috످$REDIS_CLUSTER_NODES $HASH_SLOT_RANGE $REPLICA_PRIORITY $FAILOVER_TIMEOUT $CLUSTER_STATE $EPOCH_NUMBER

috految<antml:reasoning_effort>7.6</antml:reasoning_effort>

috److Your message contains what look like Redis Cluster variable names without their values. If you sent this from a script or template, the variables may not have been substituted. In Bash, this often happens when using single quotes (`'$VAR'`) instead of double quotes (`"$VAR"`).

Are you trying to set up a cluster, troubleshoot a failover, or fix a script?

If you're troubleshooting, share your Redis version, any error messages, and the output of these commands (with sensitive details redacted):

```bash
redis-cli -h <host> -p <port> CLUSTER INFO   # State and epoch
redis-cli -h <host> -p <port> CLUSTER NODES  # Nodes and slot ranges
```

If you're configuring failover, note that `replica-priority` and `failover-timeout` only apply to Redis Sentinel. For Redis Cluster, use `cluster-replica-no-failover` to control whether a replica can be automatically promoted and `cluster-node-timeout` to tune failure detection.

috످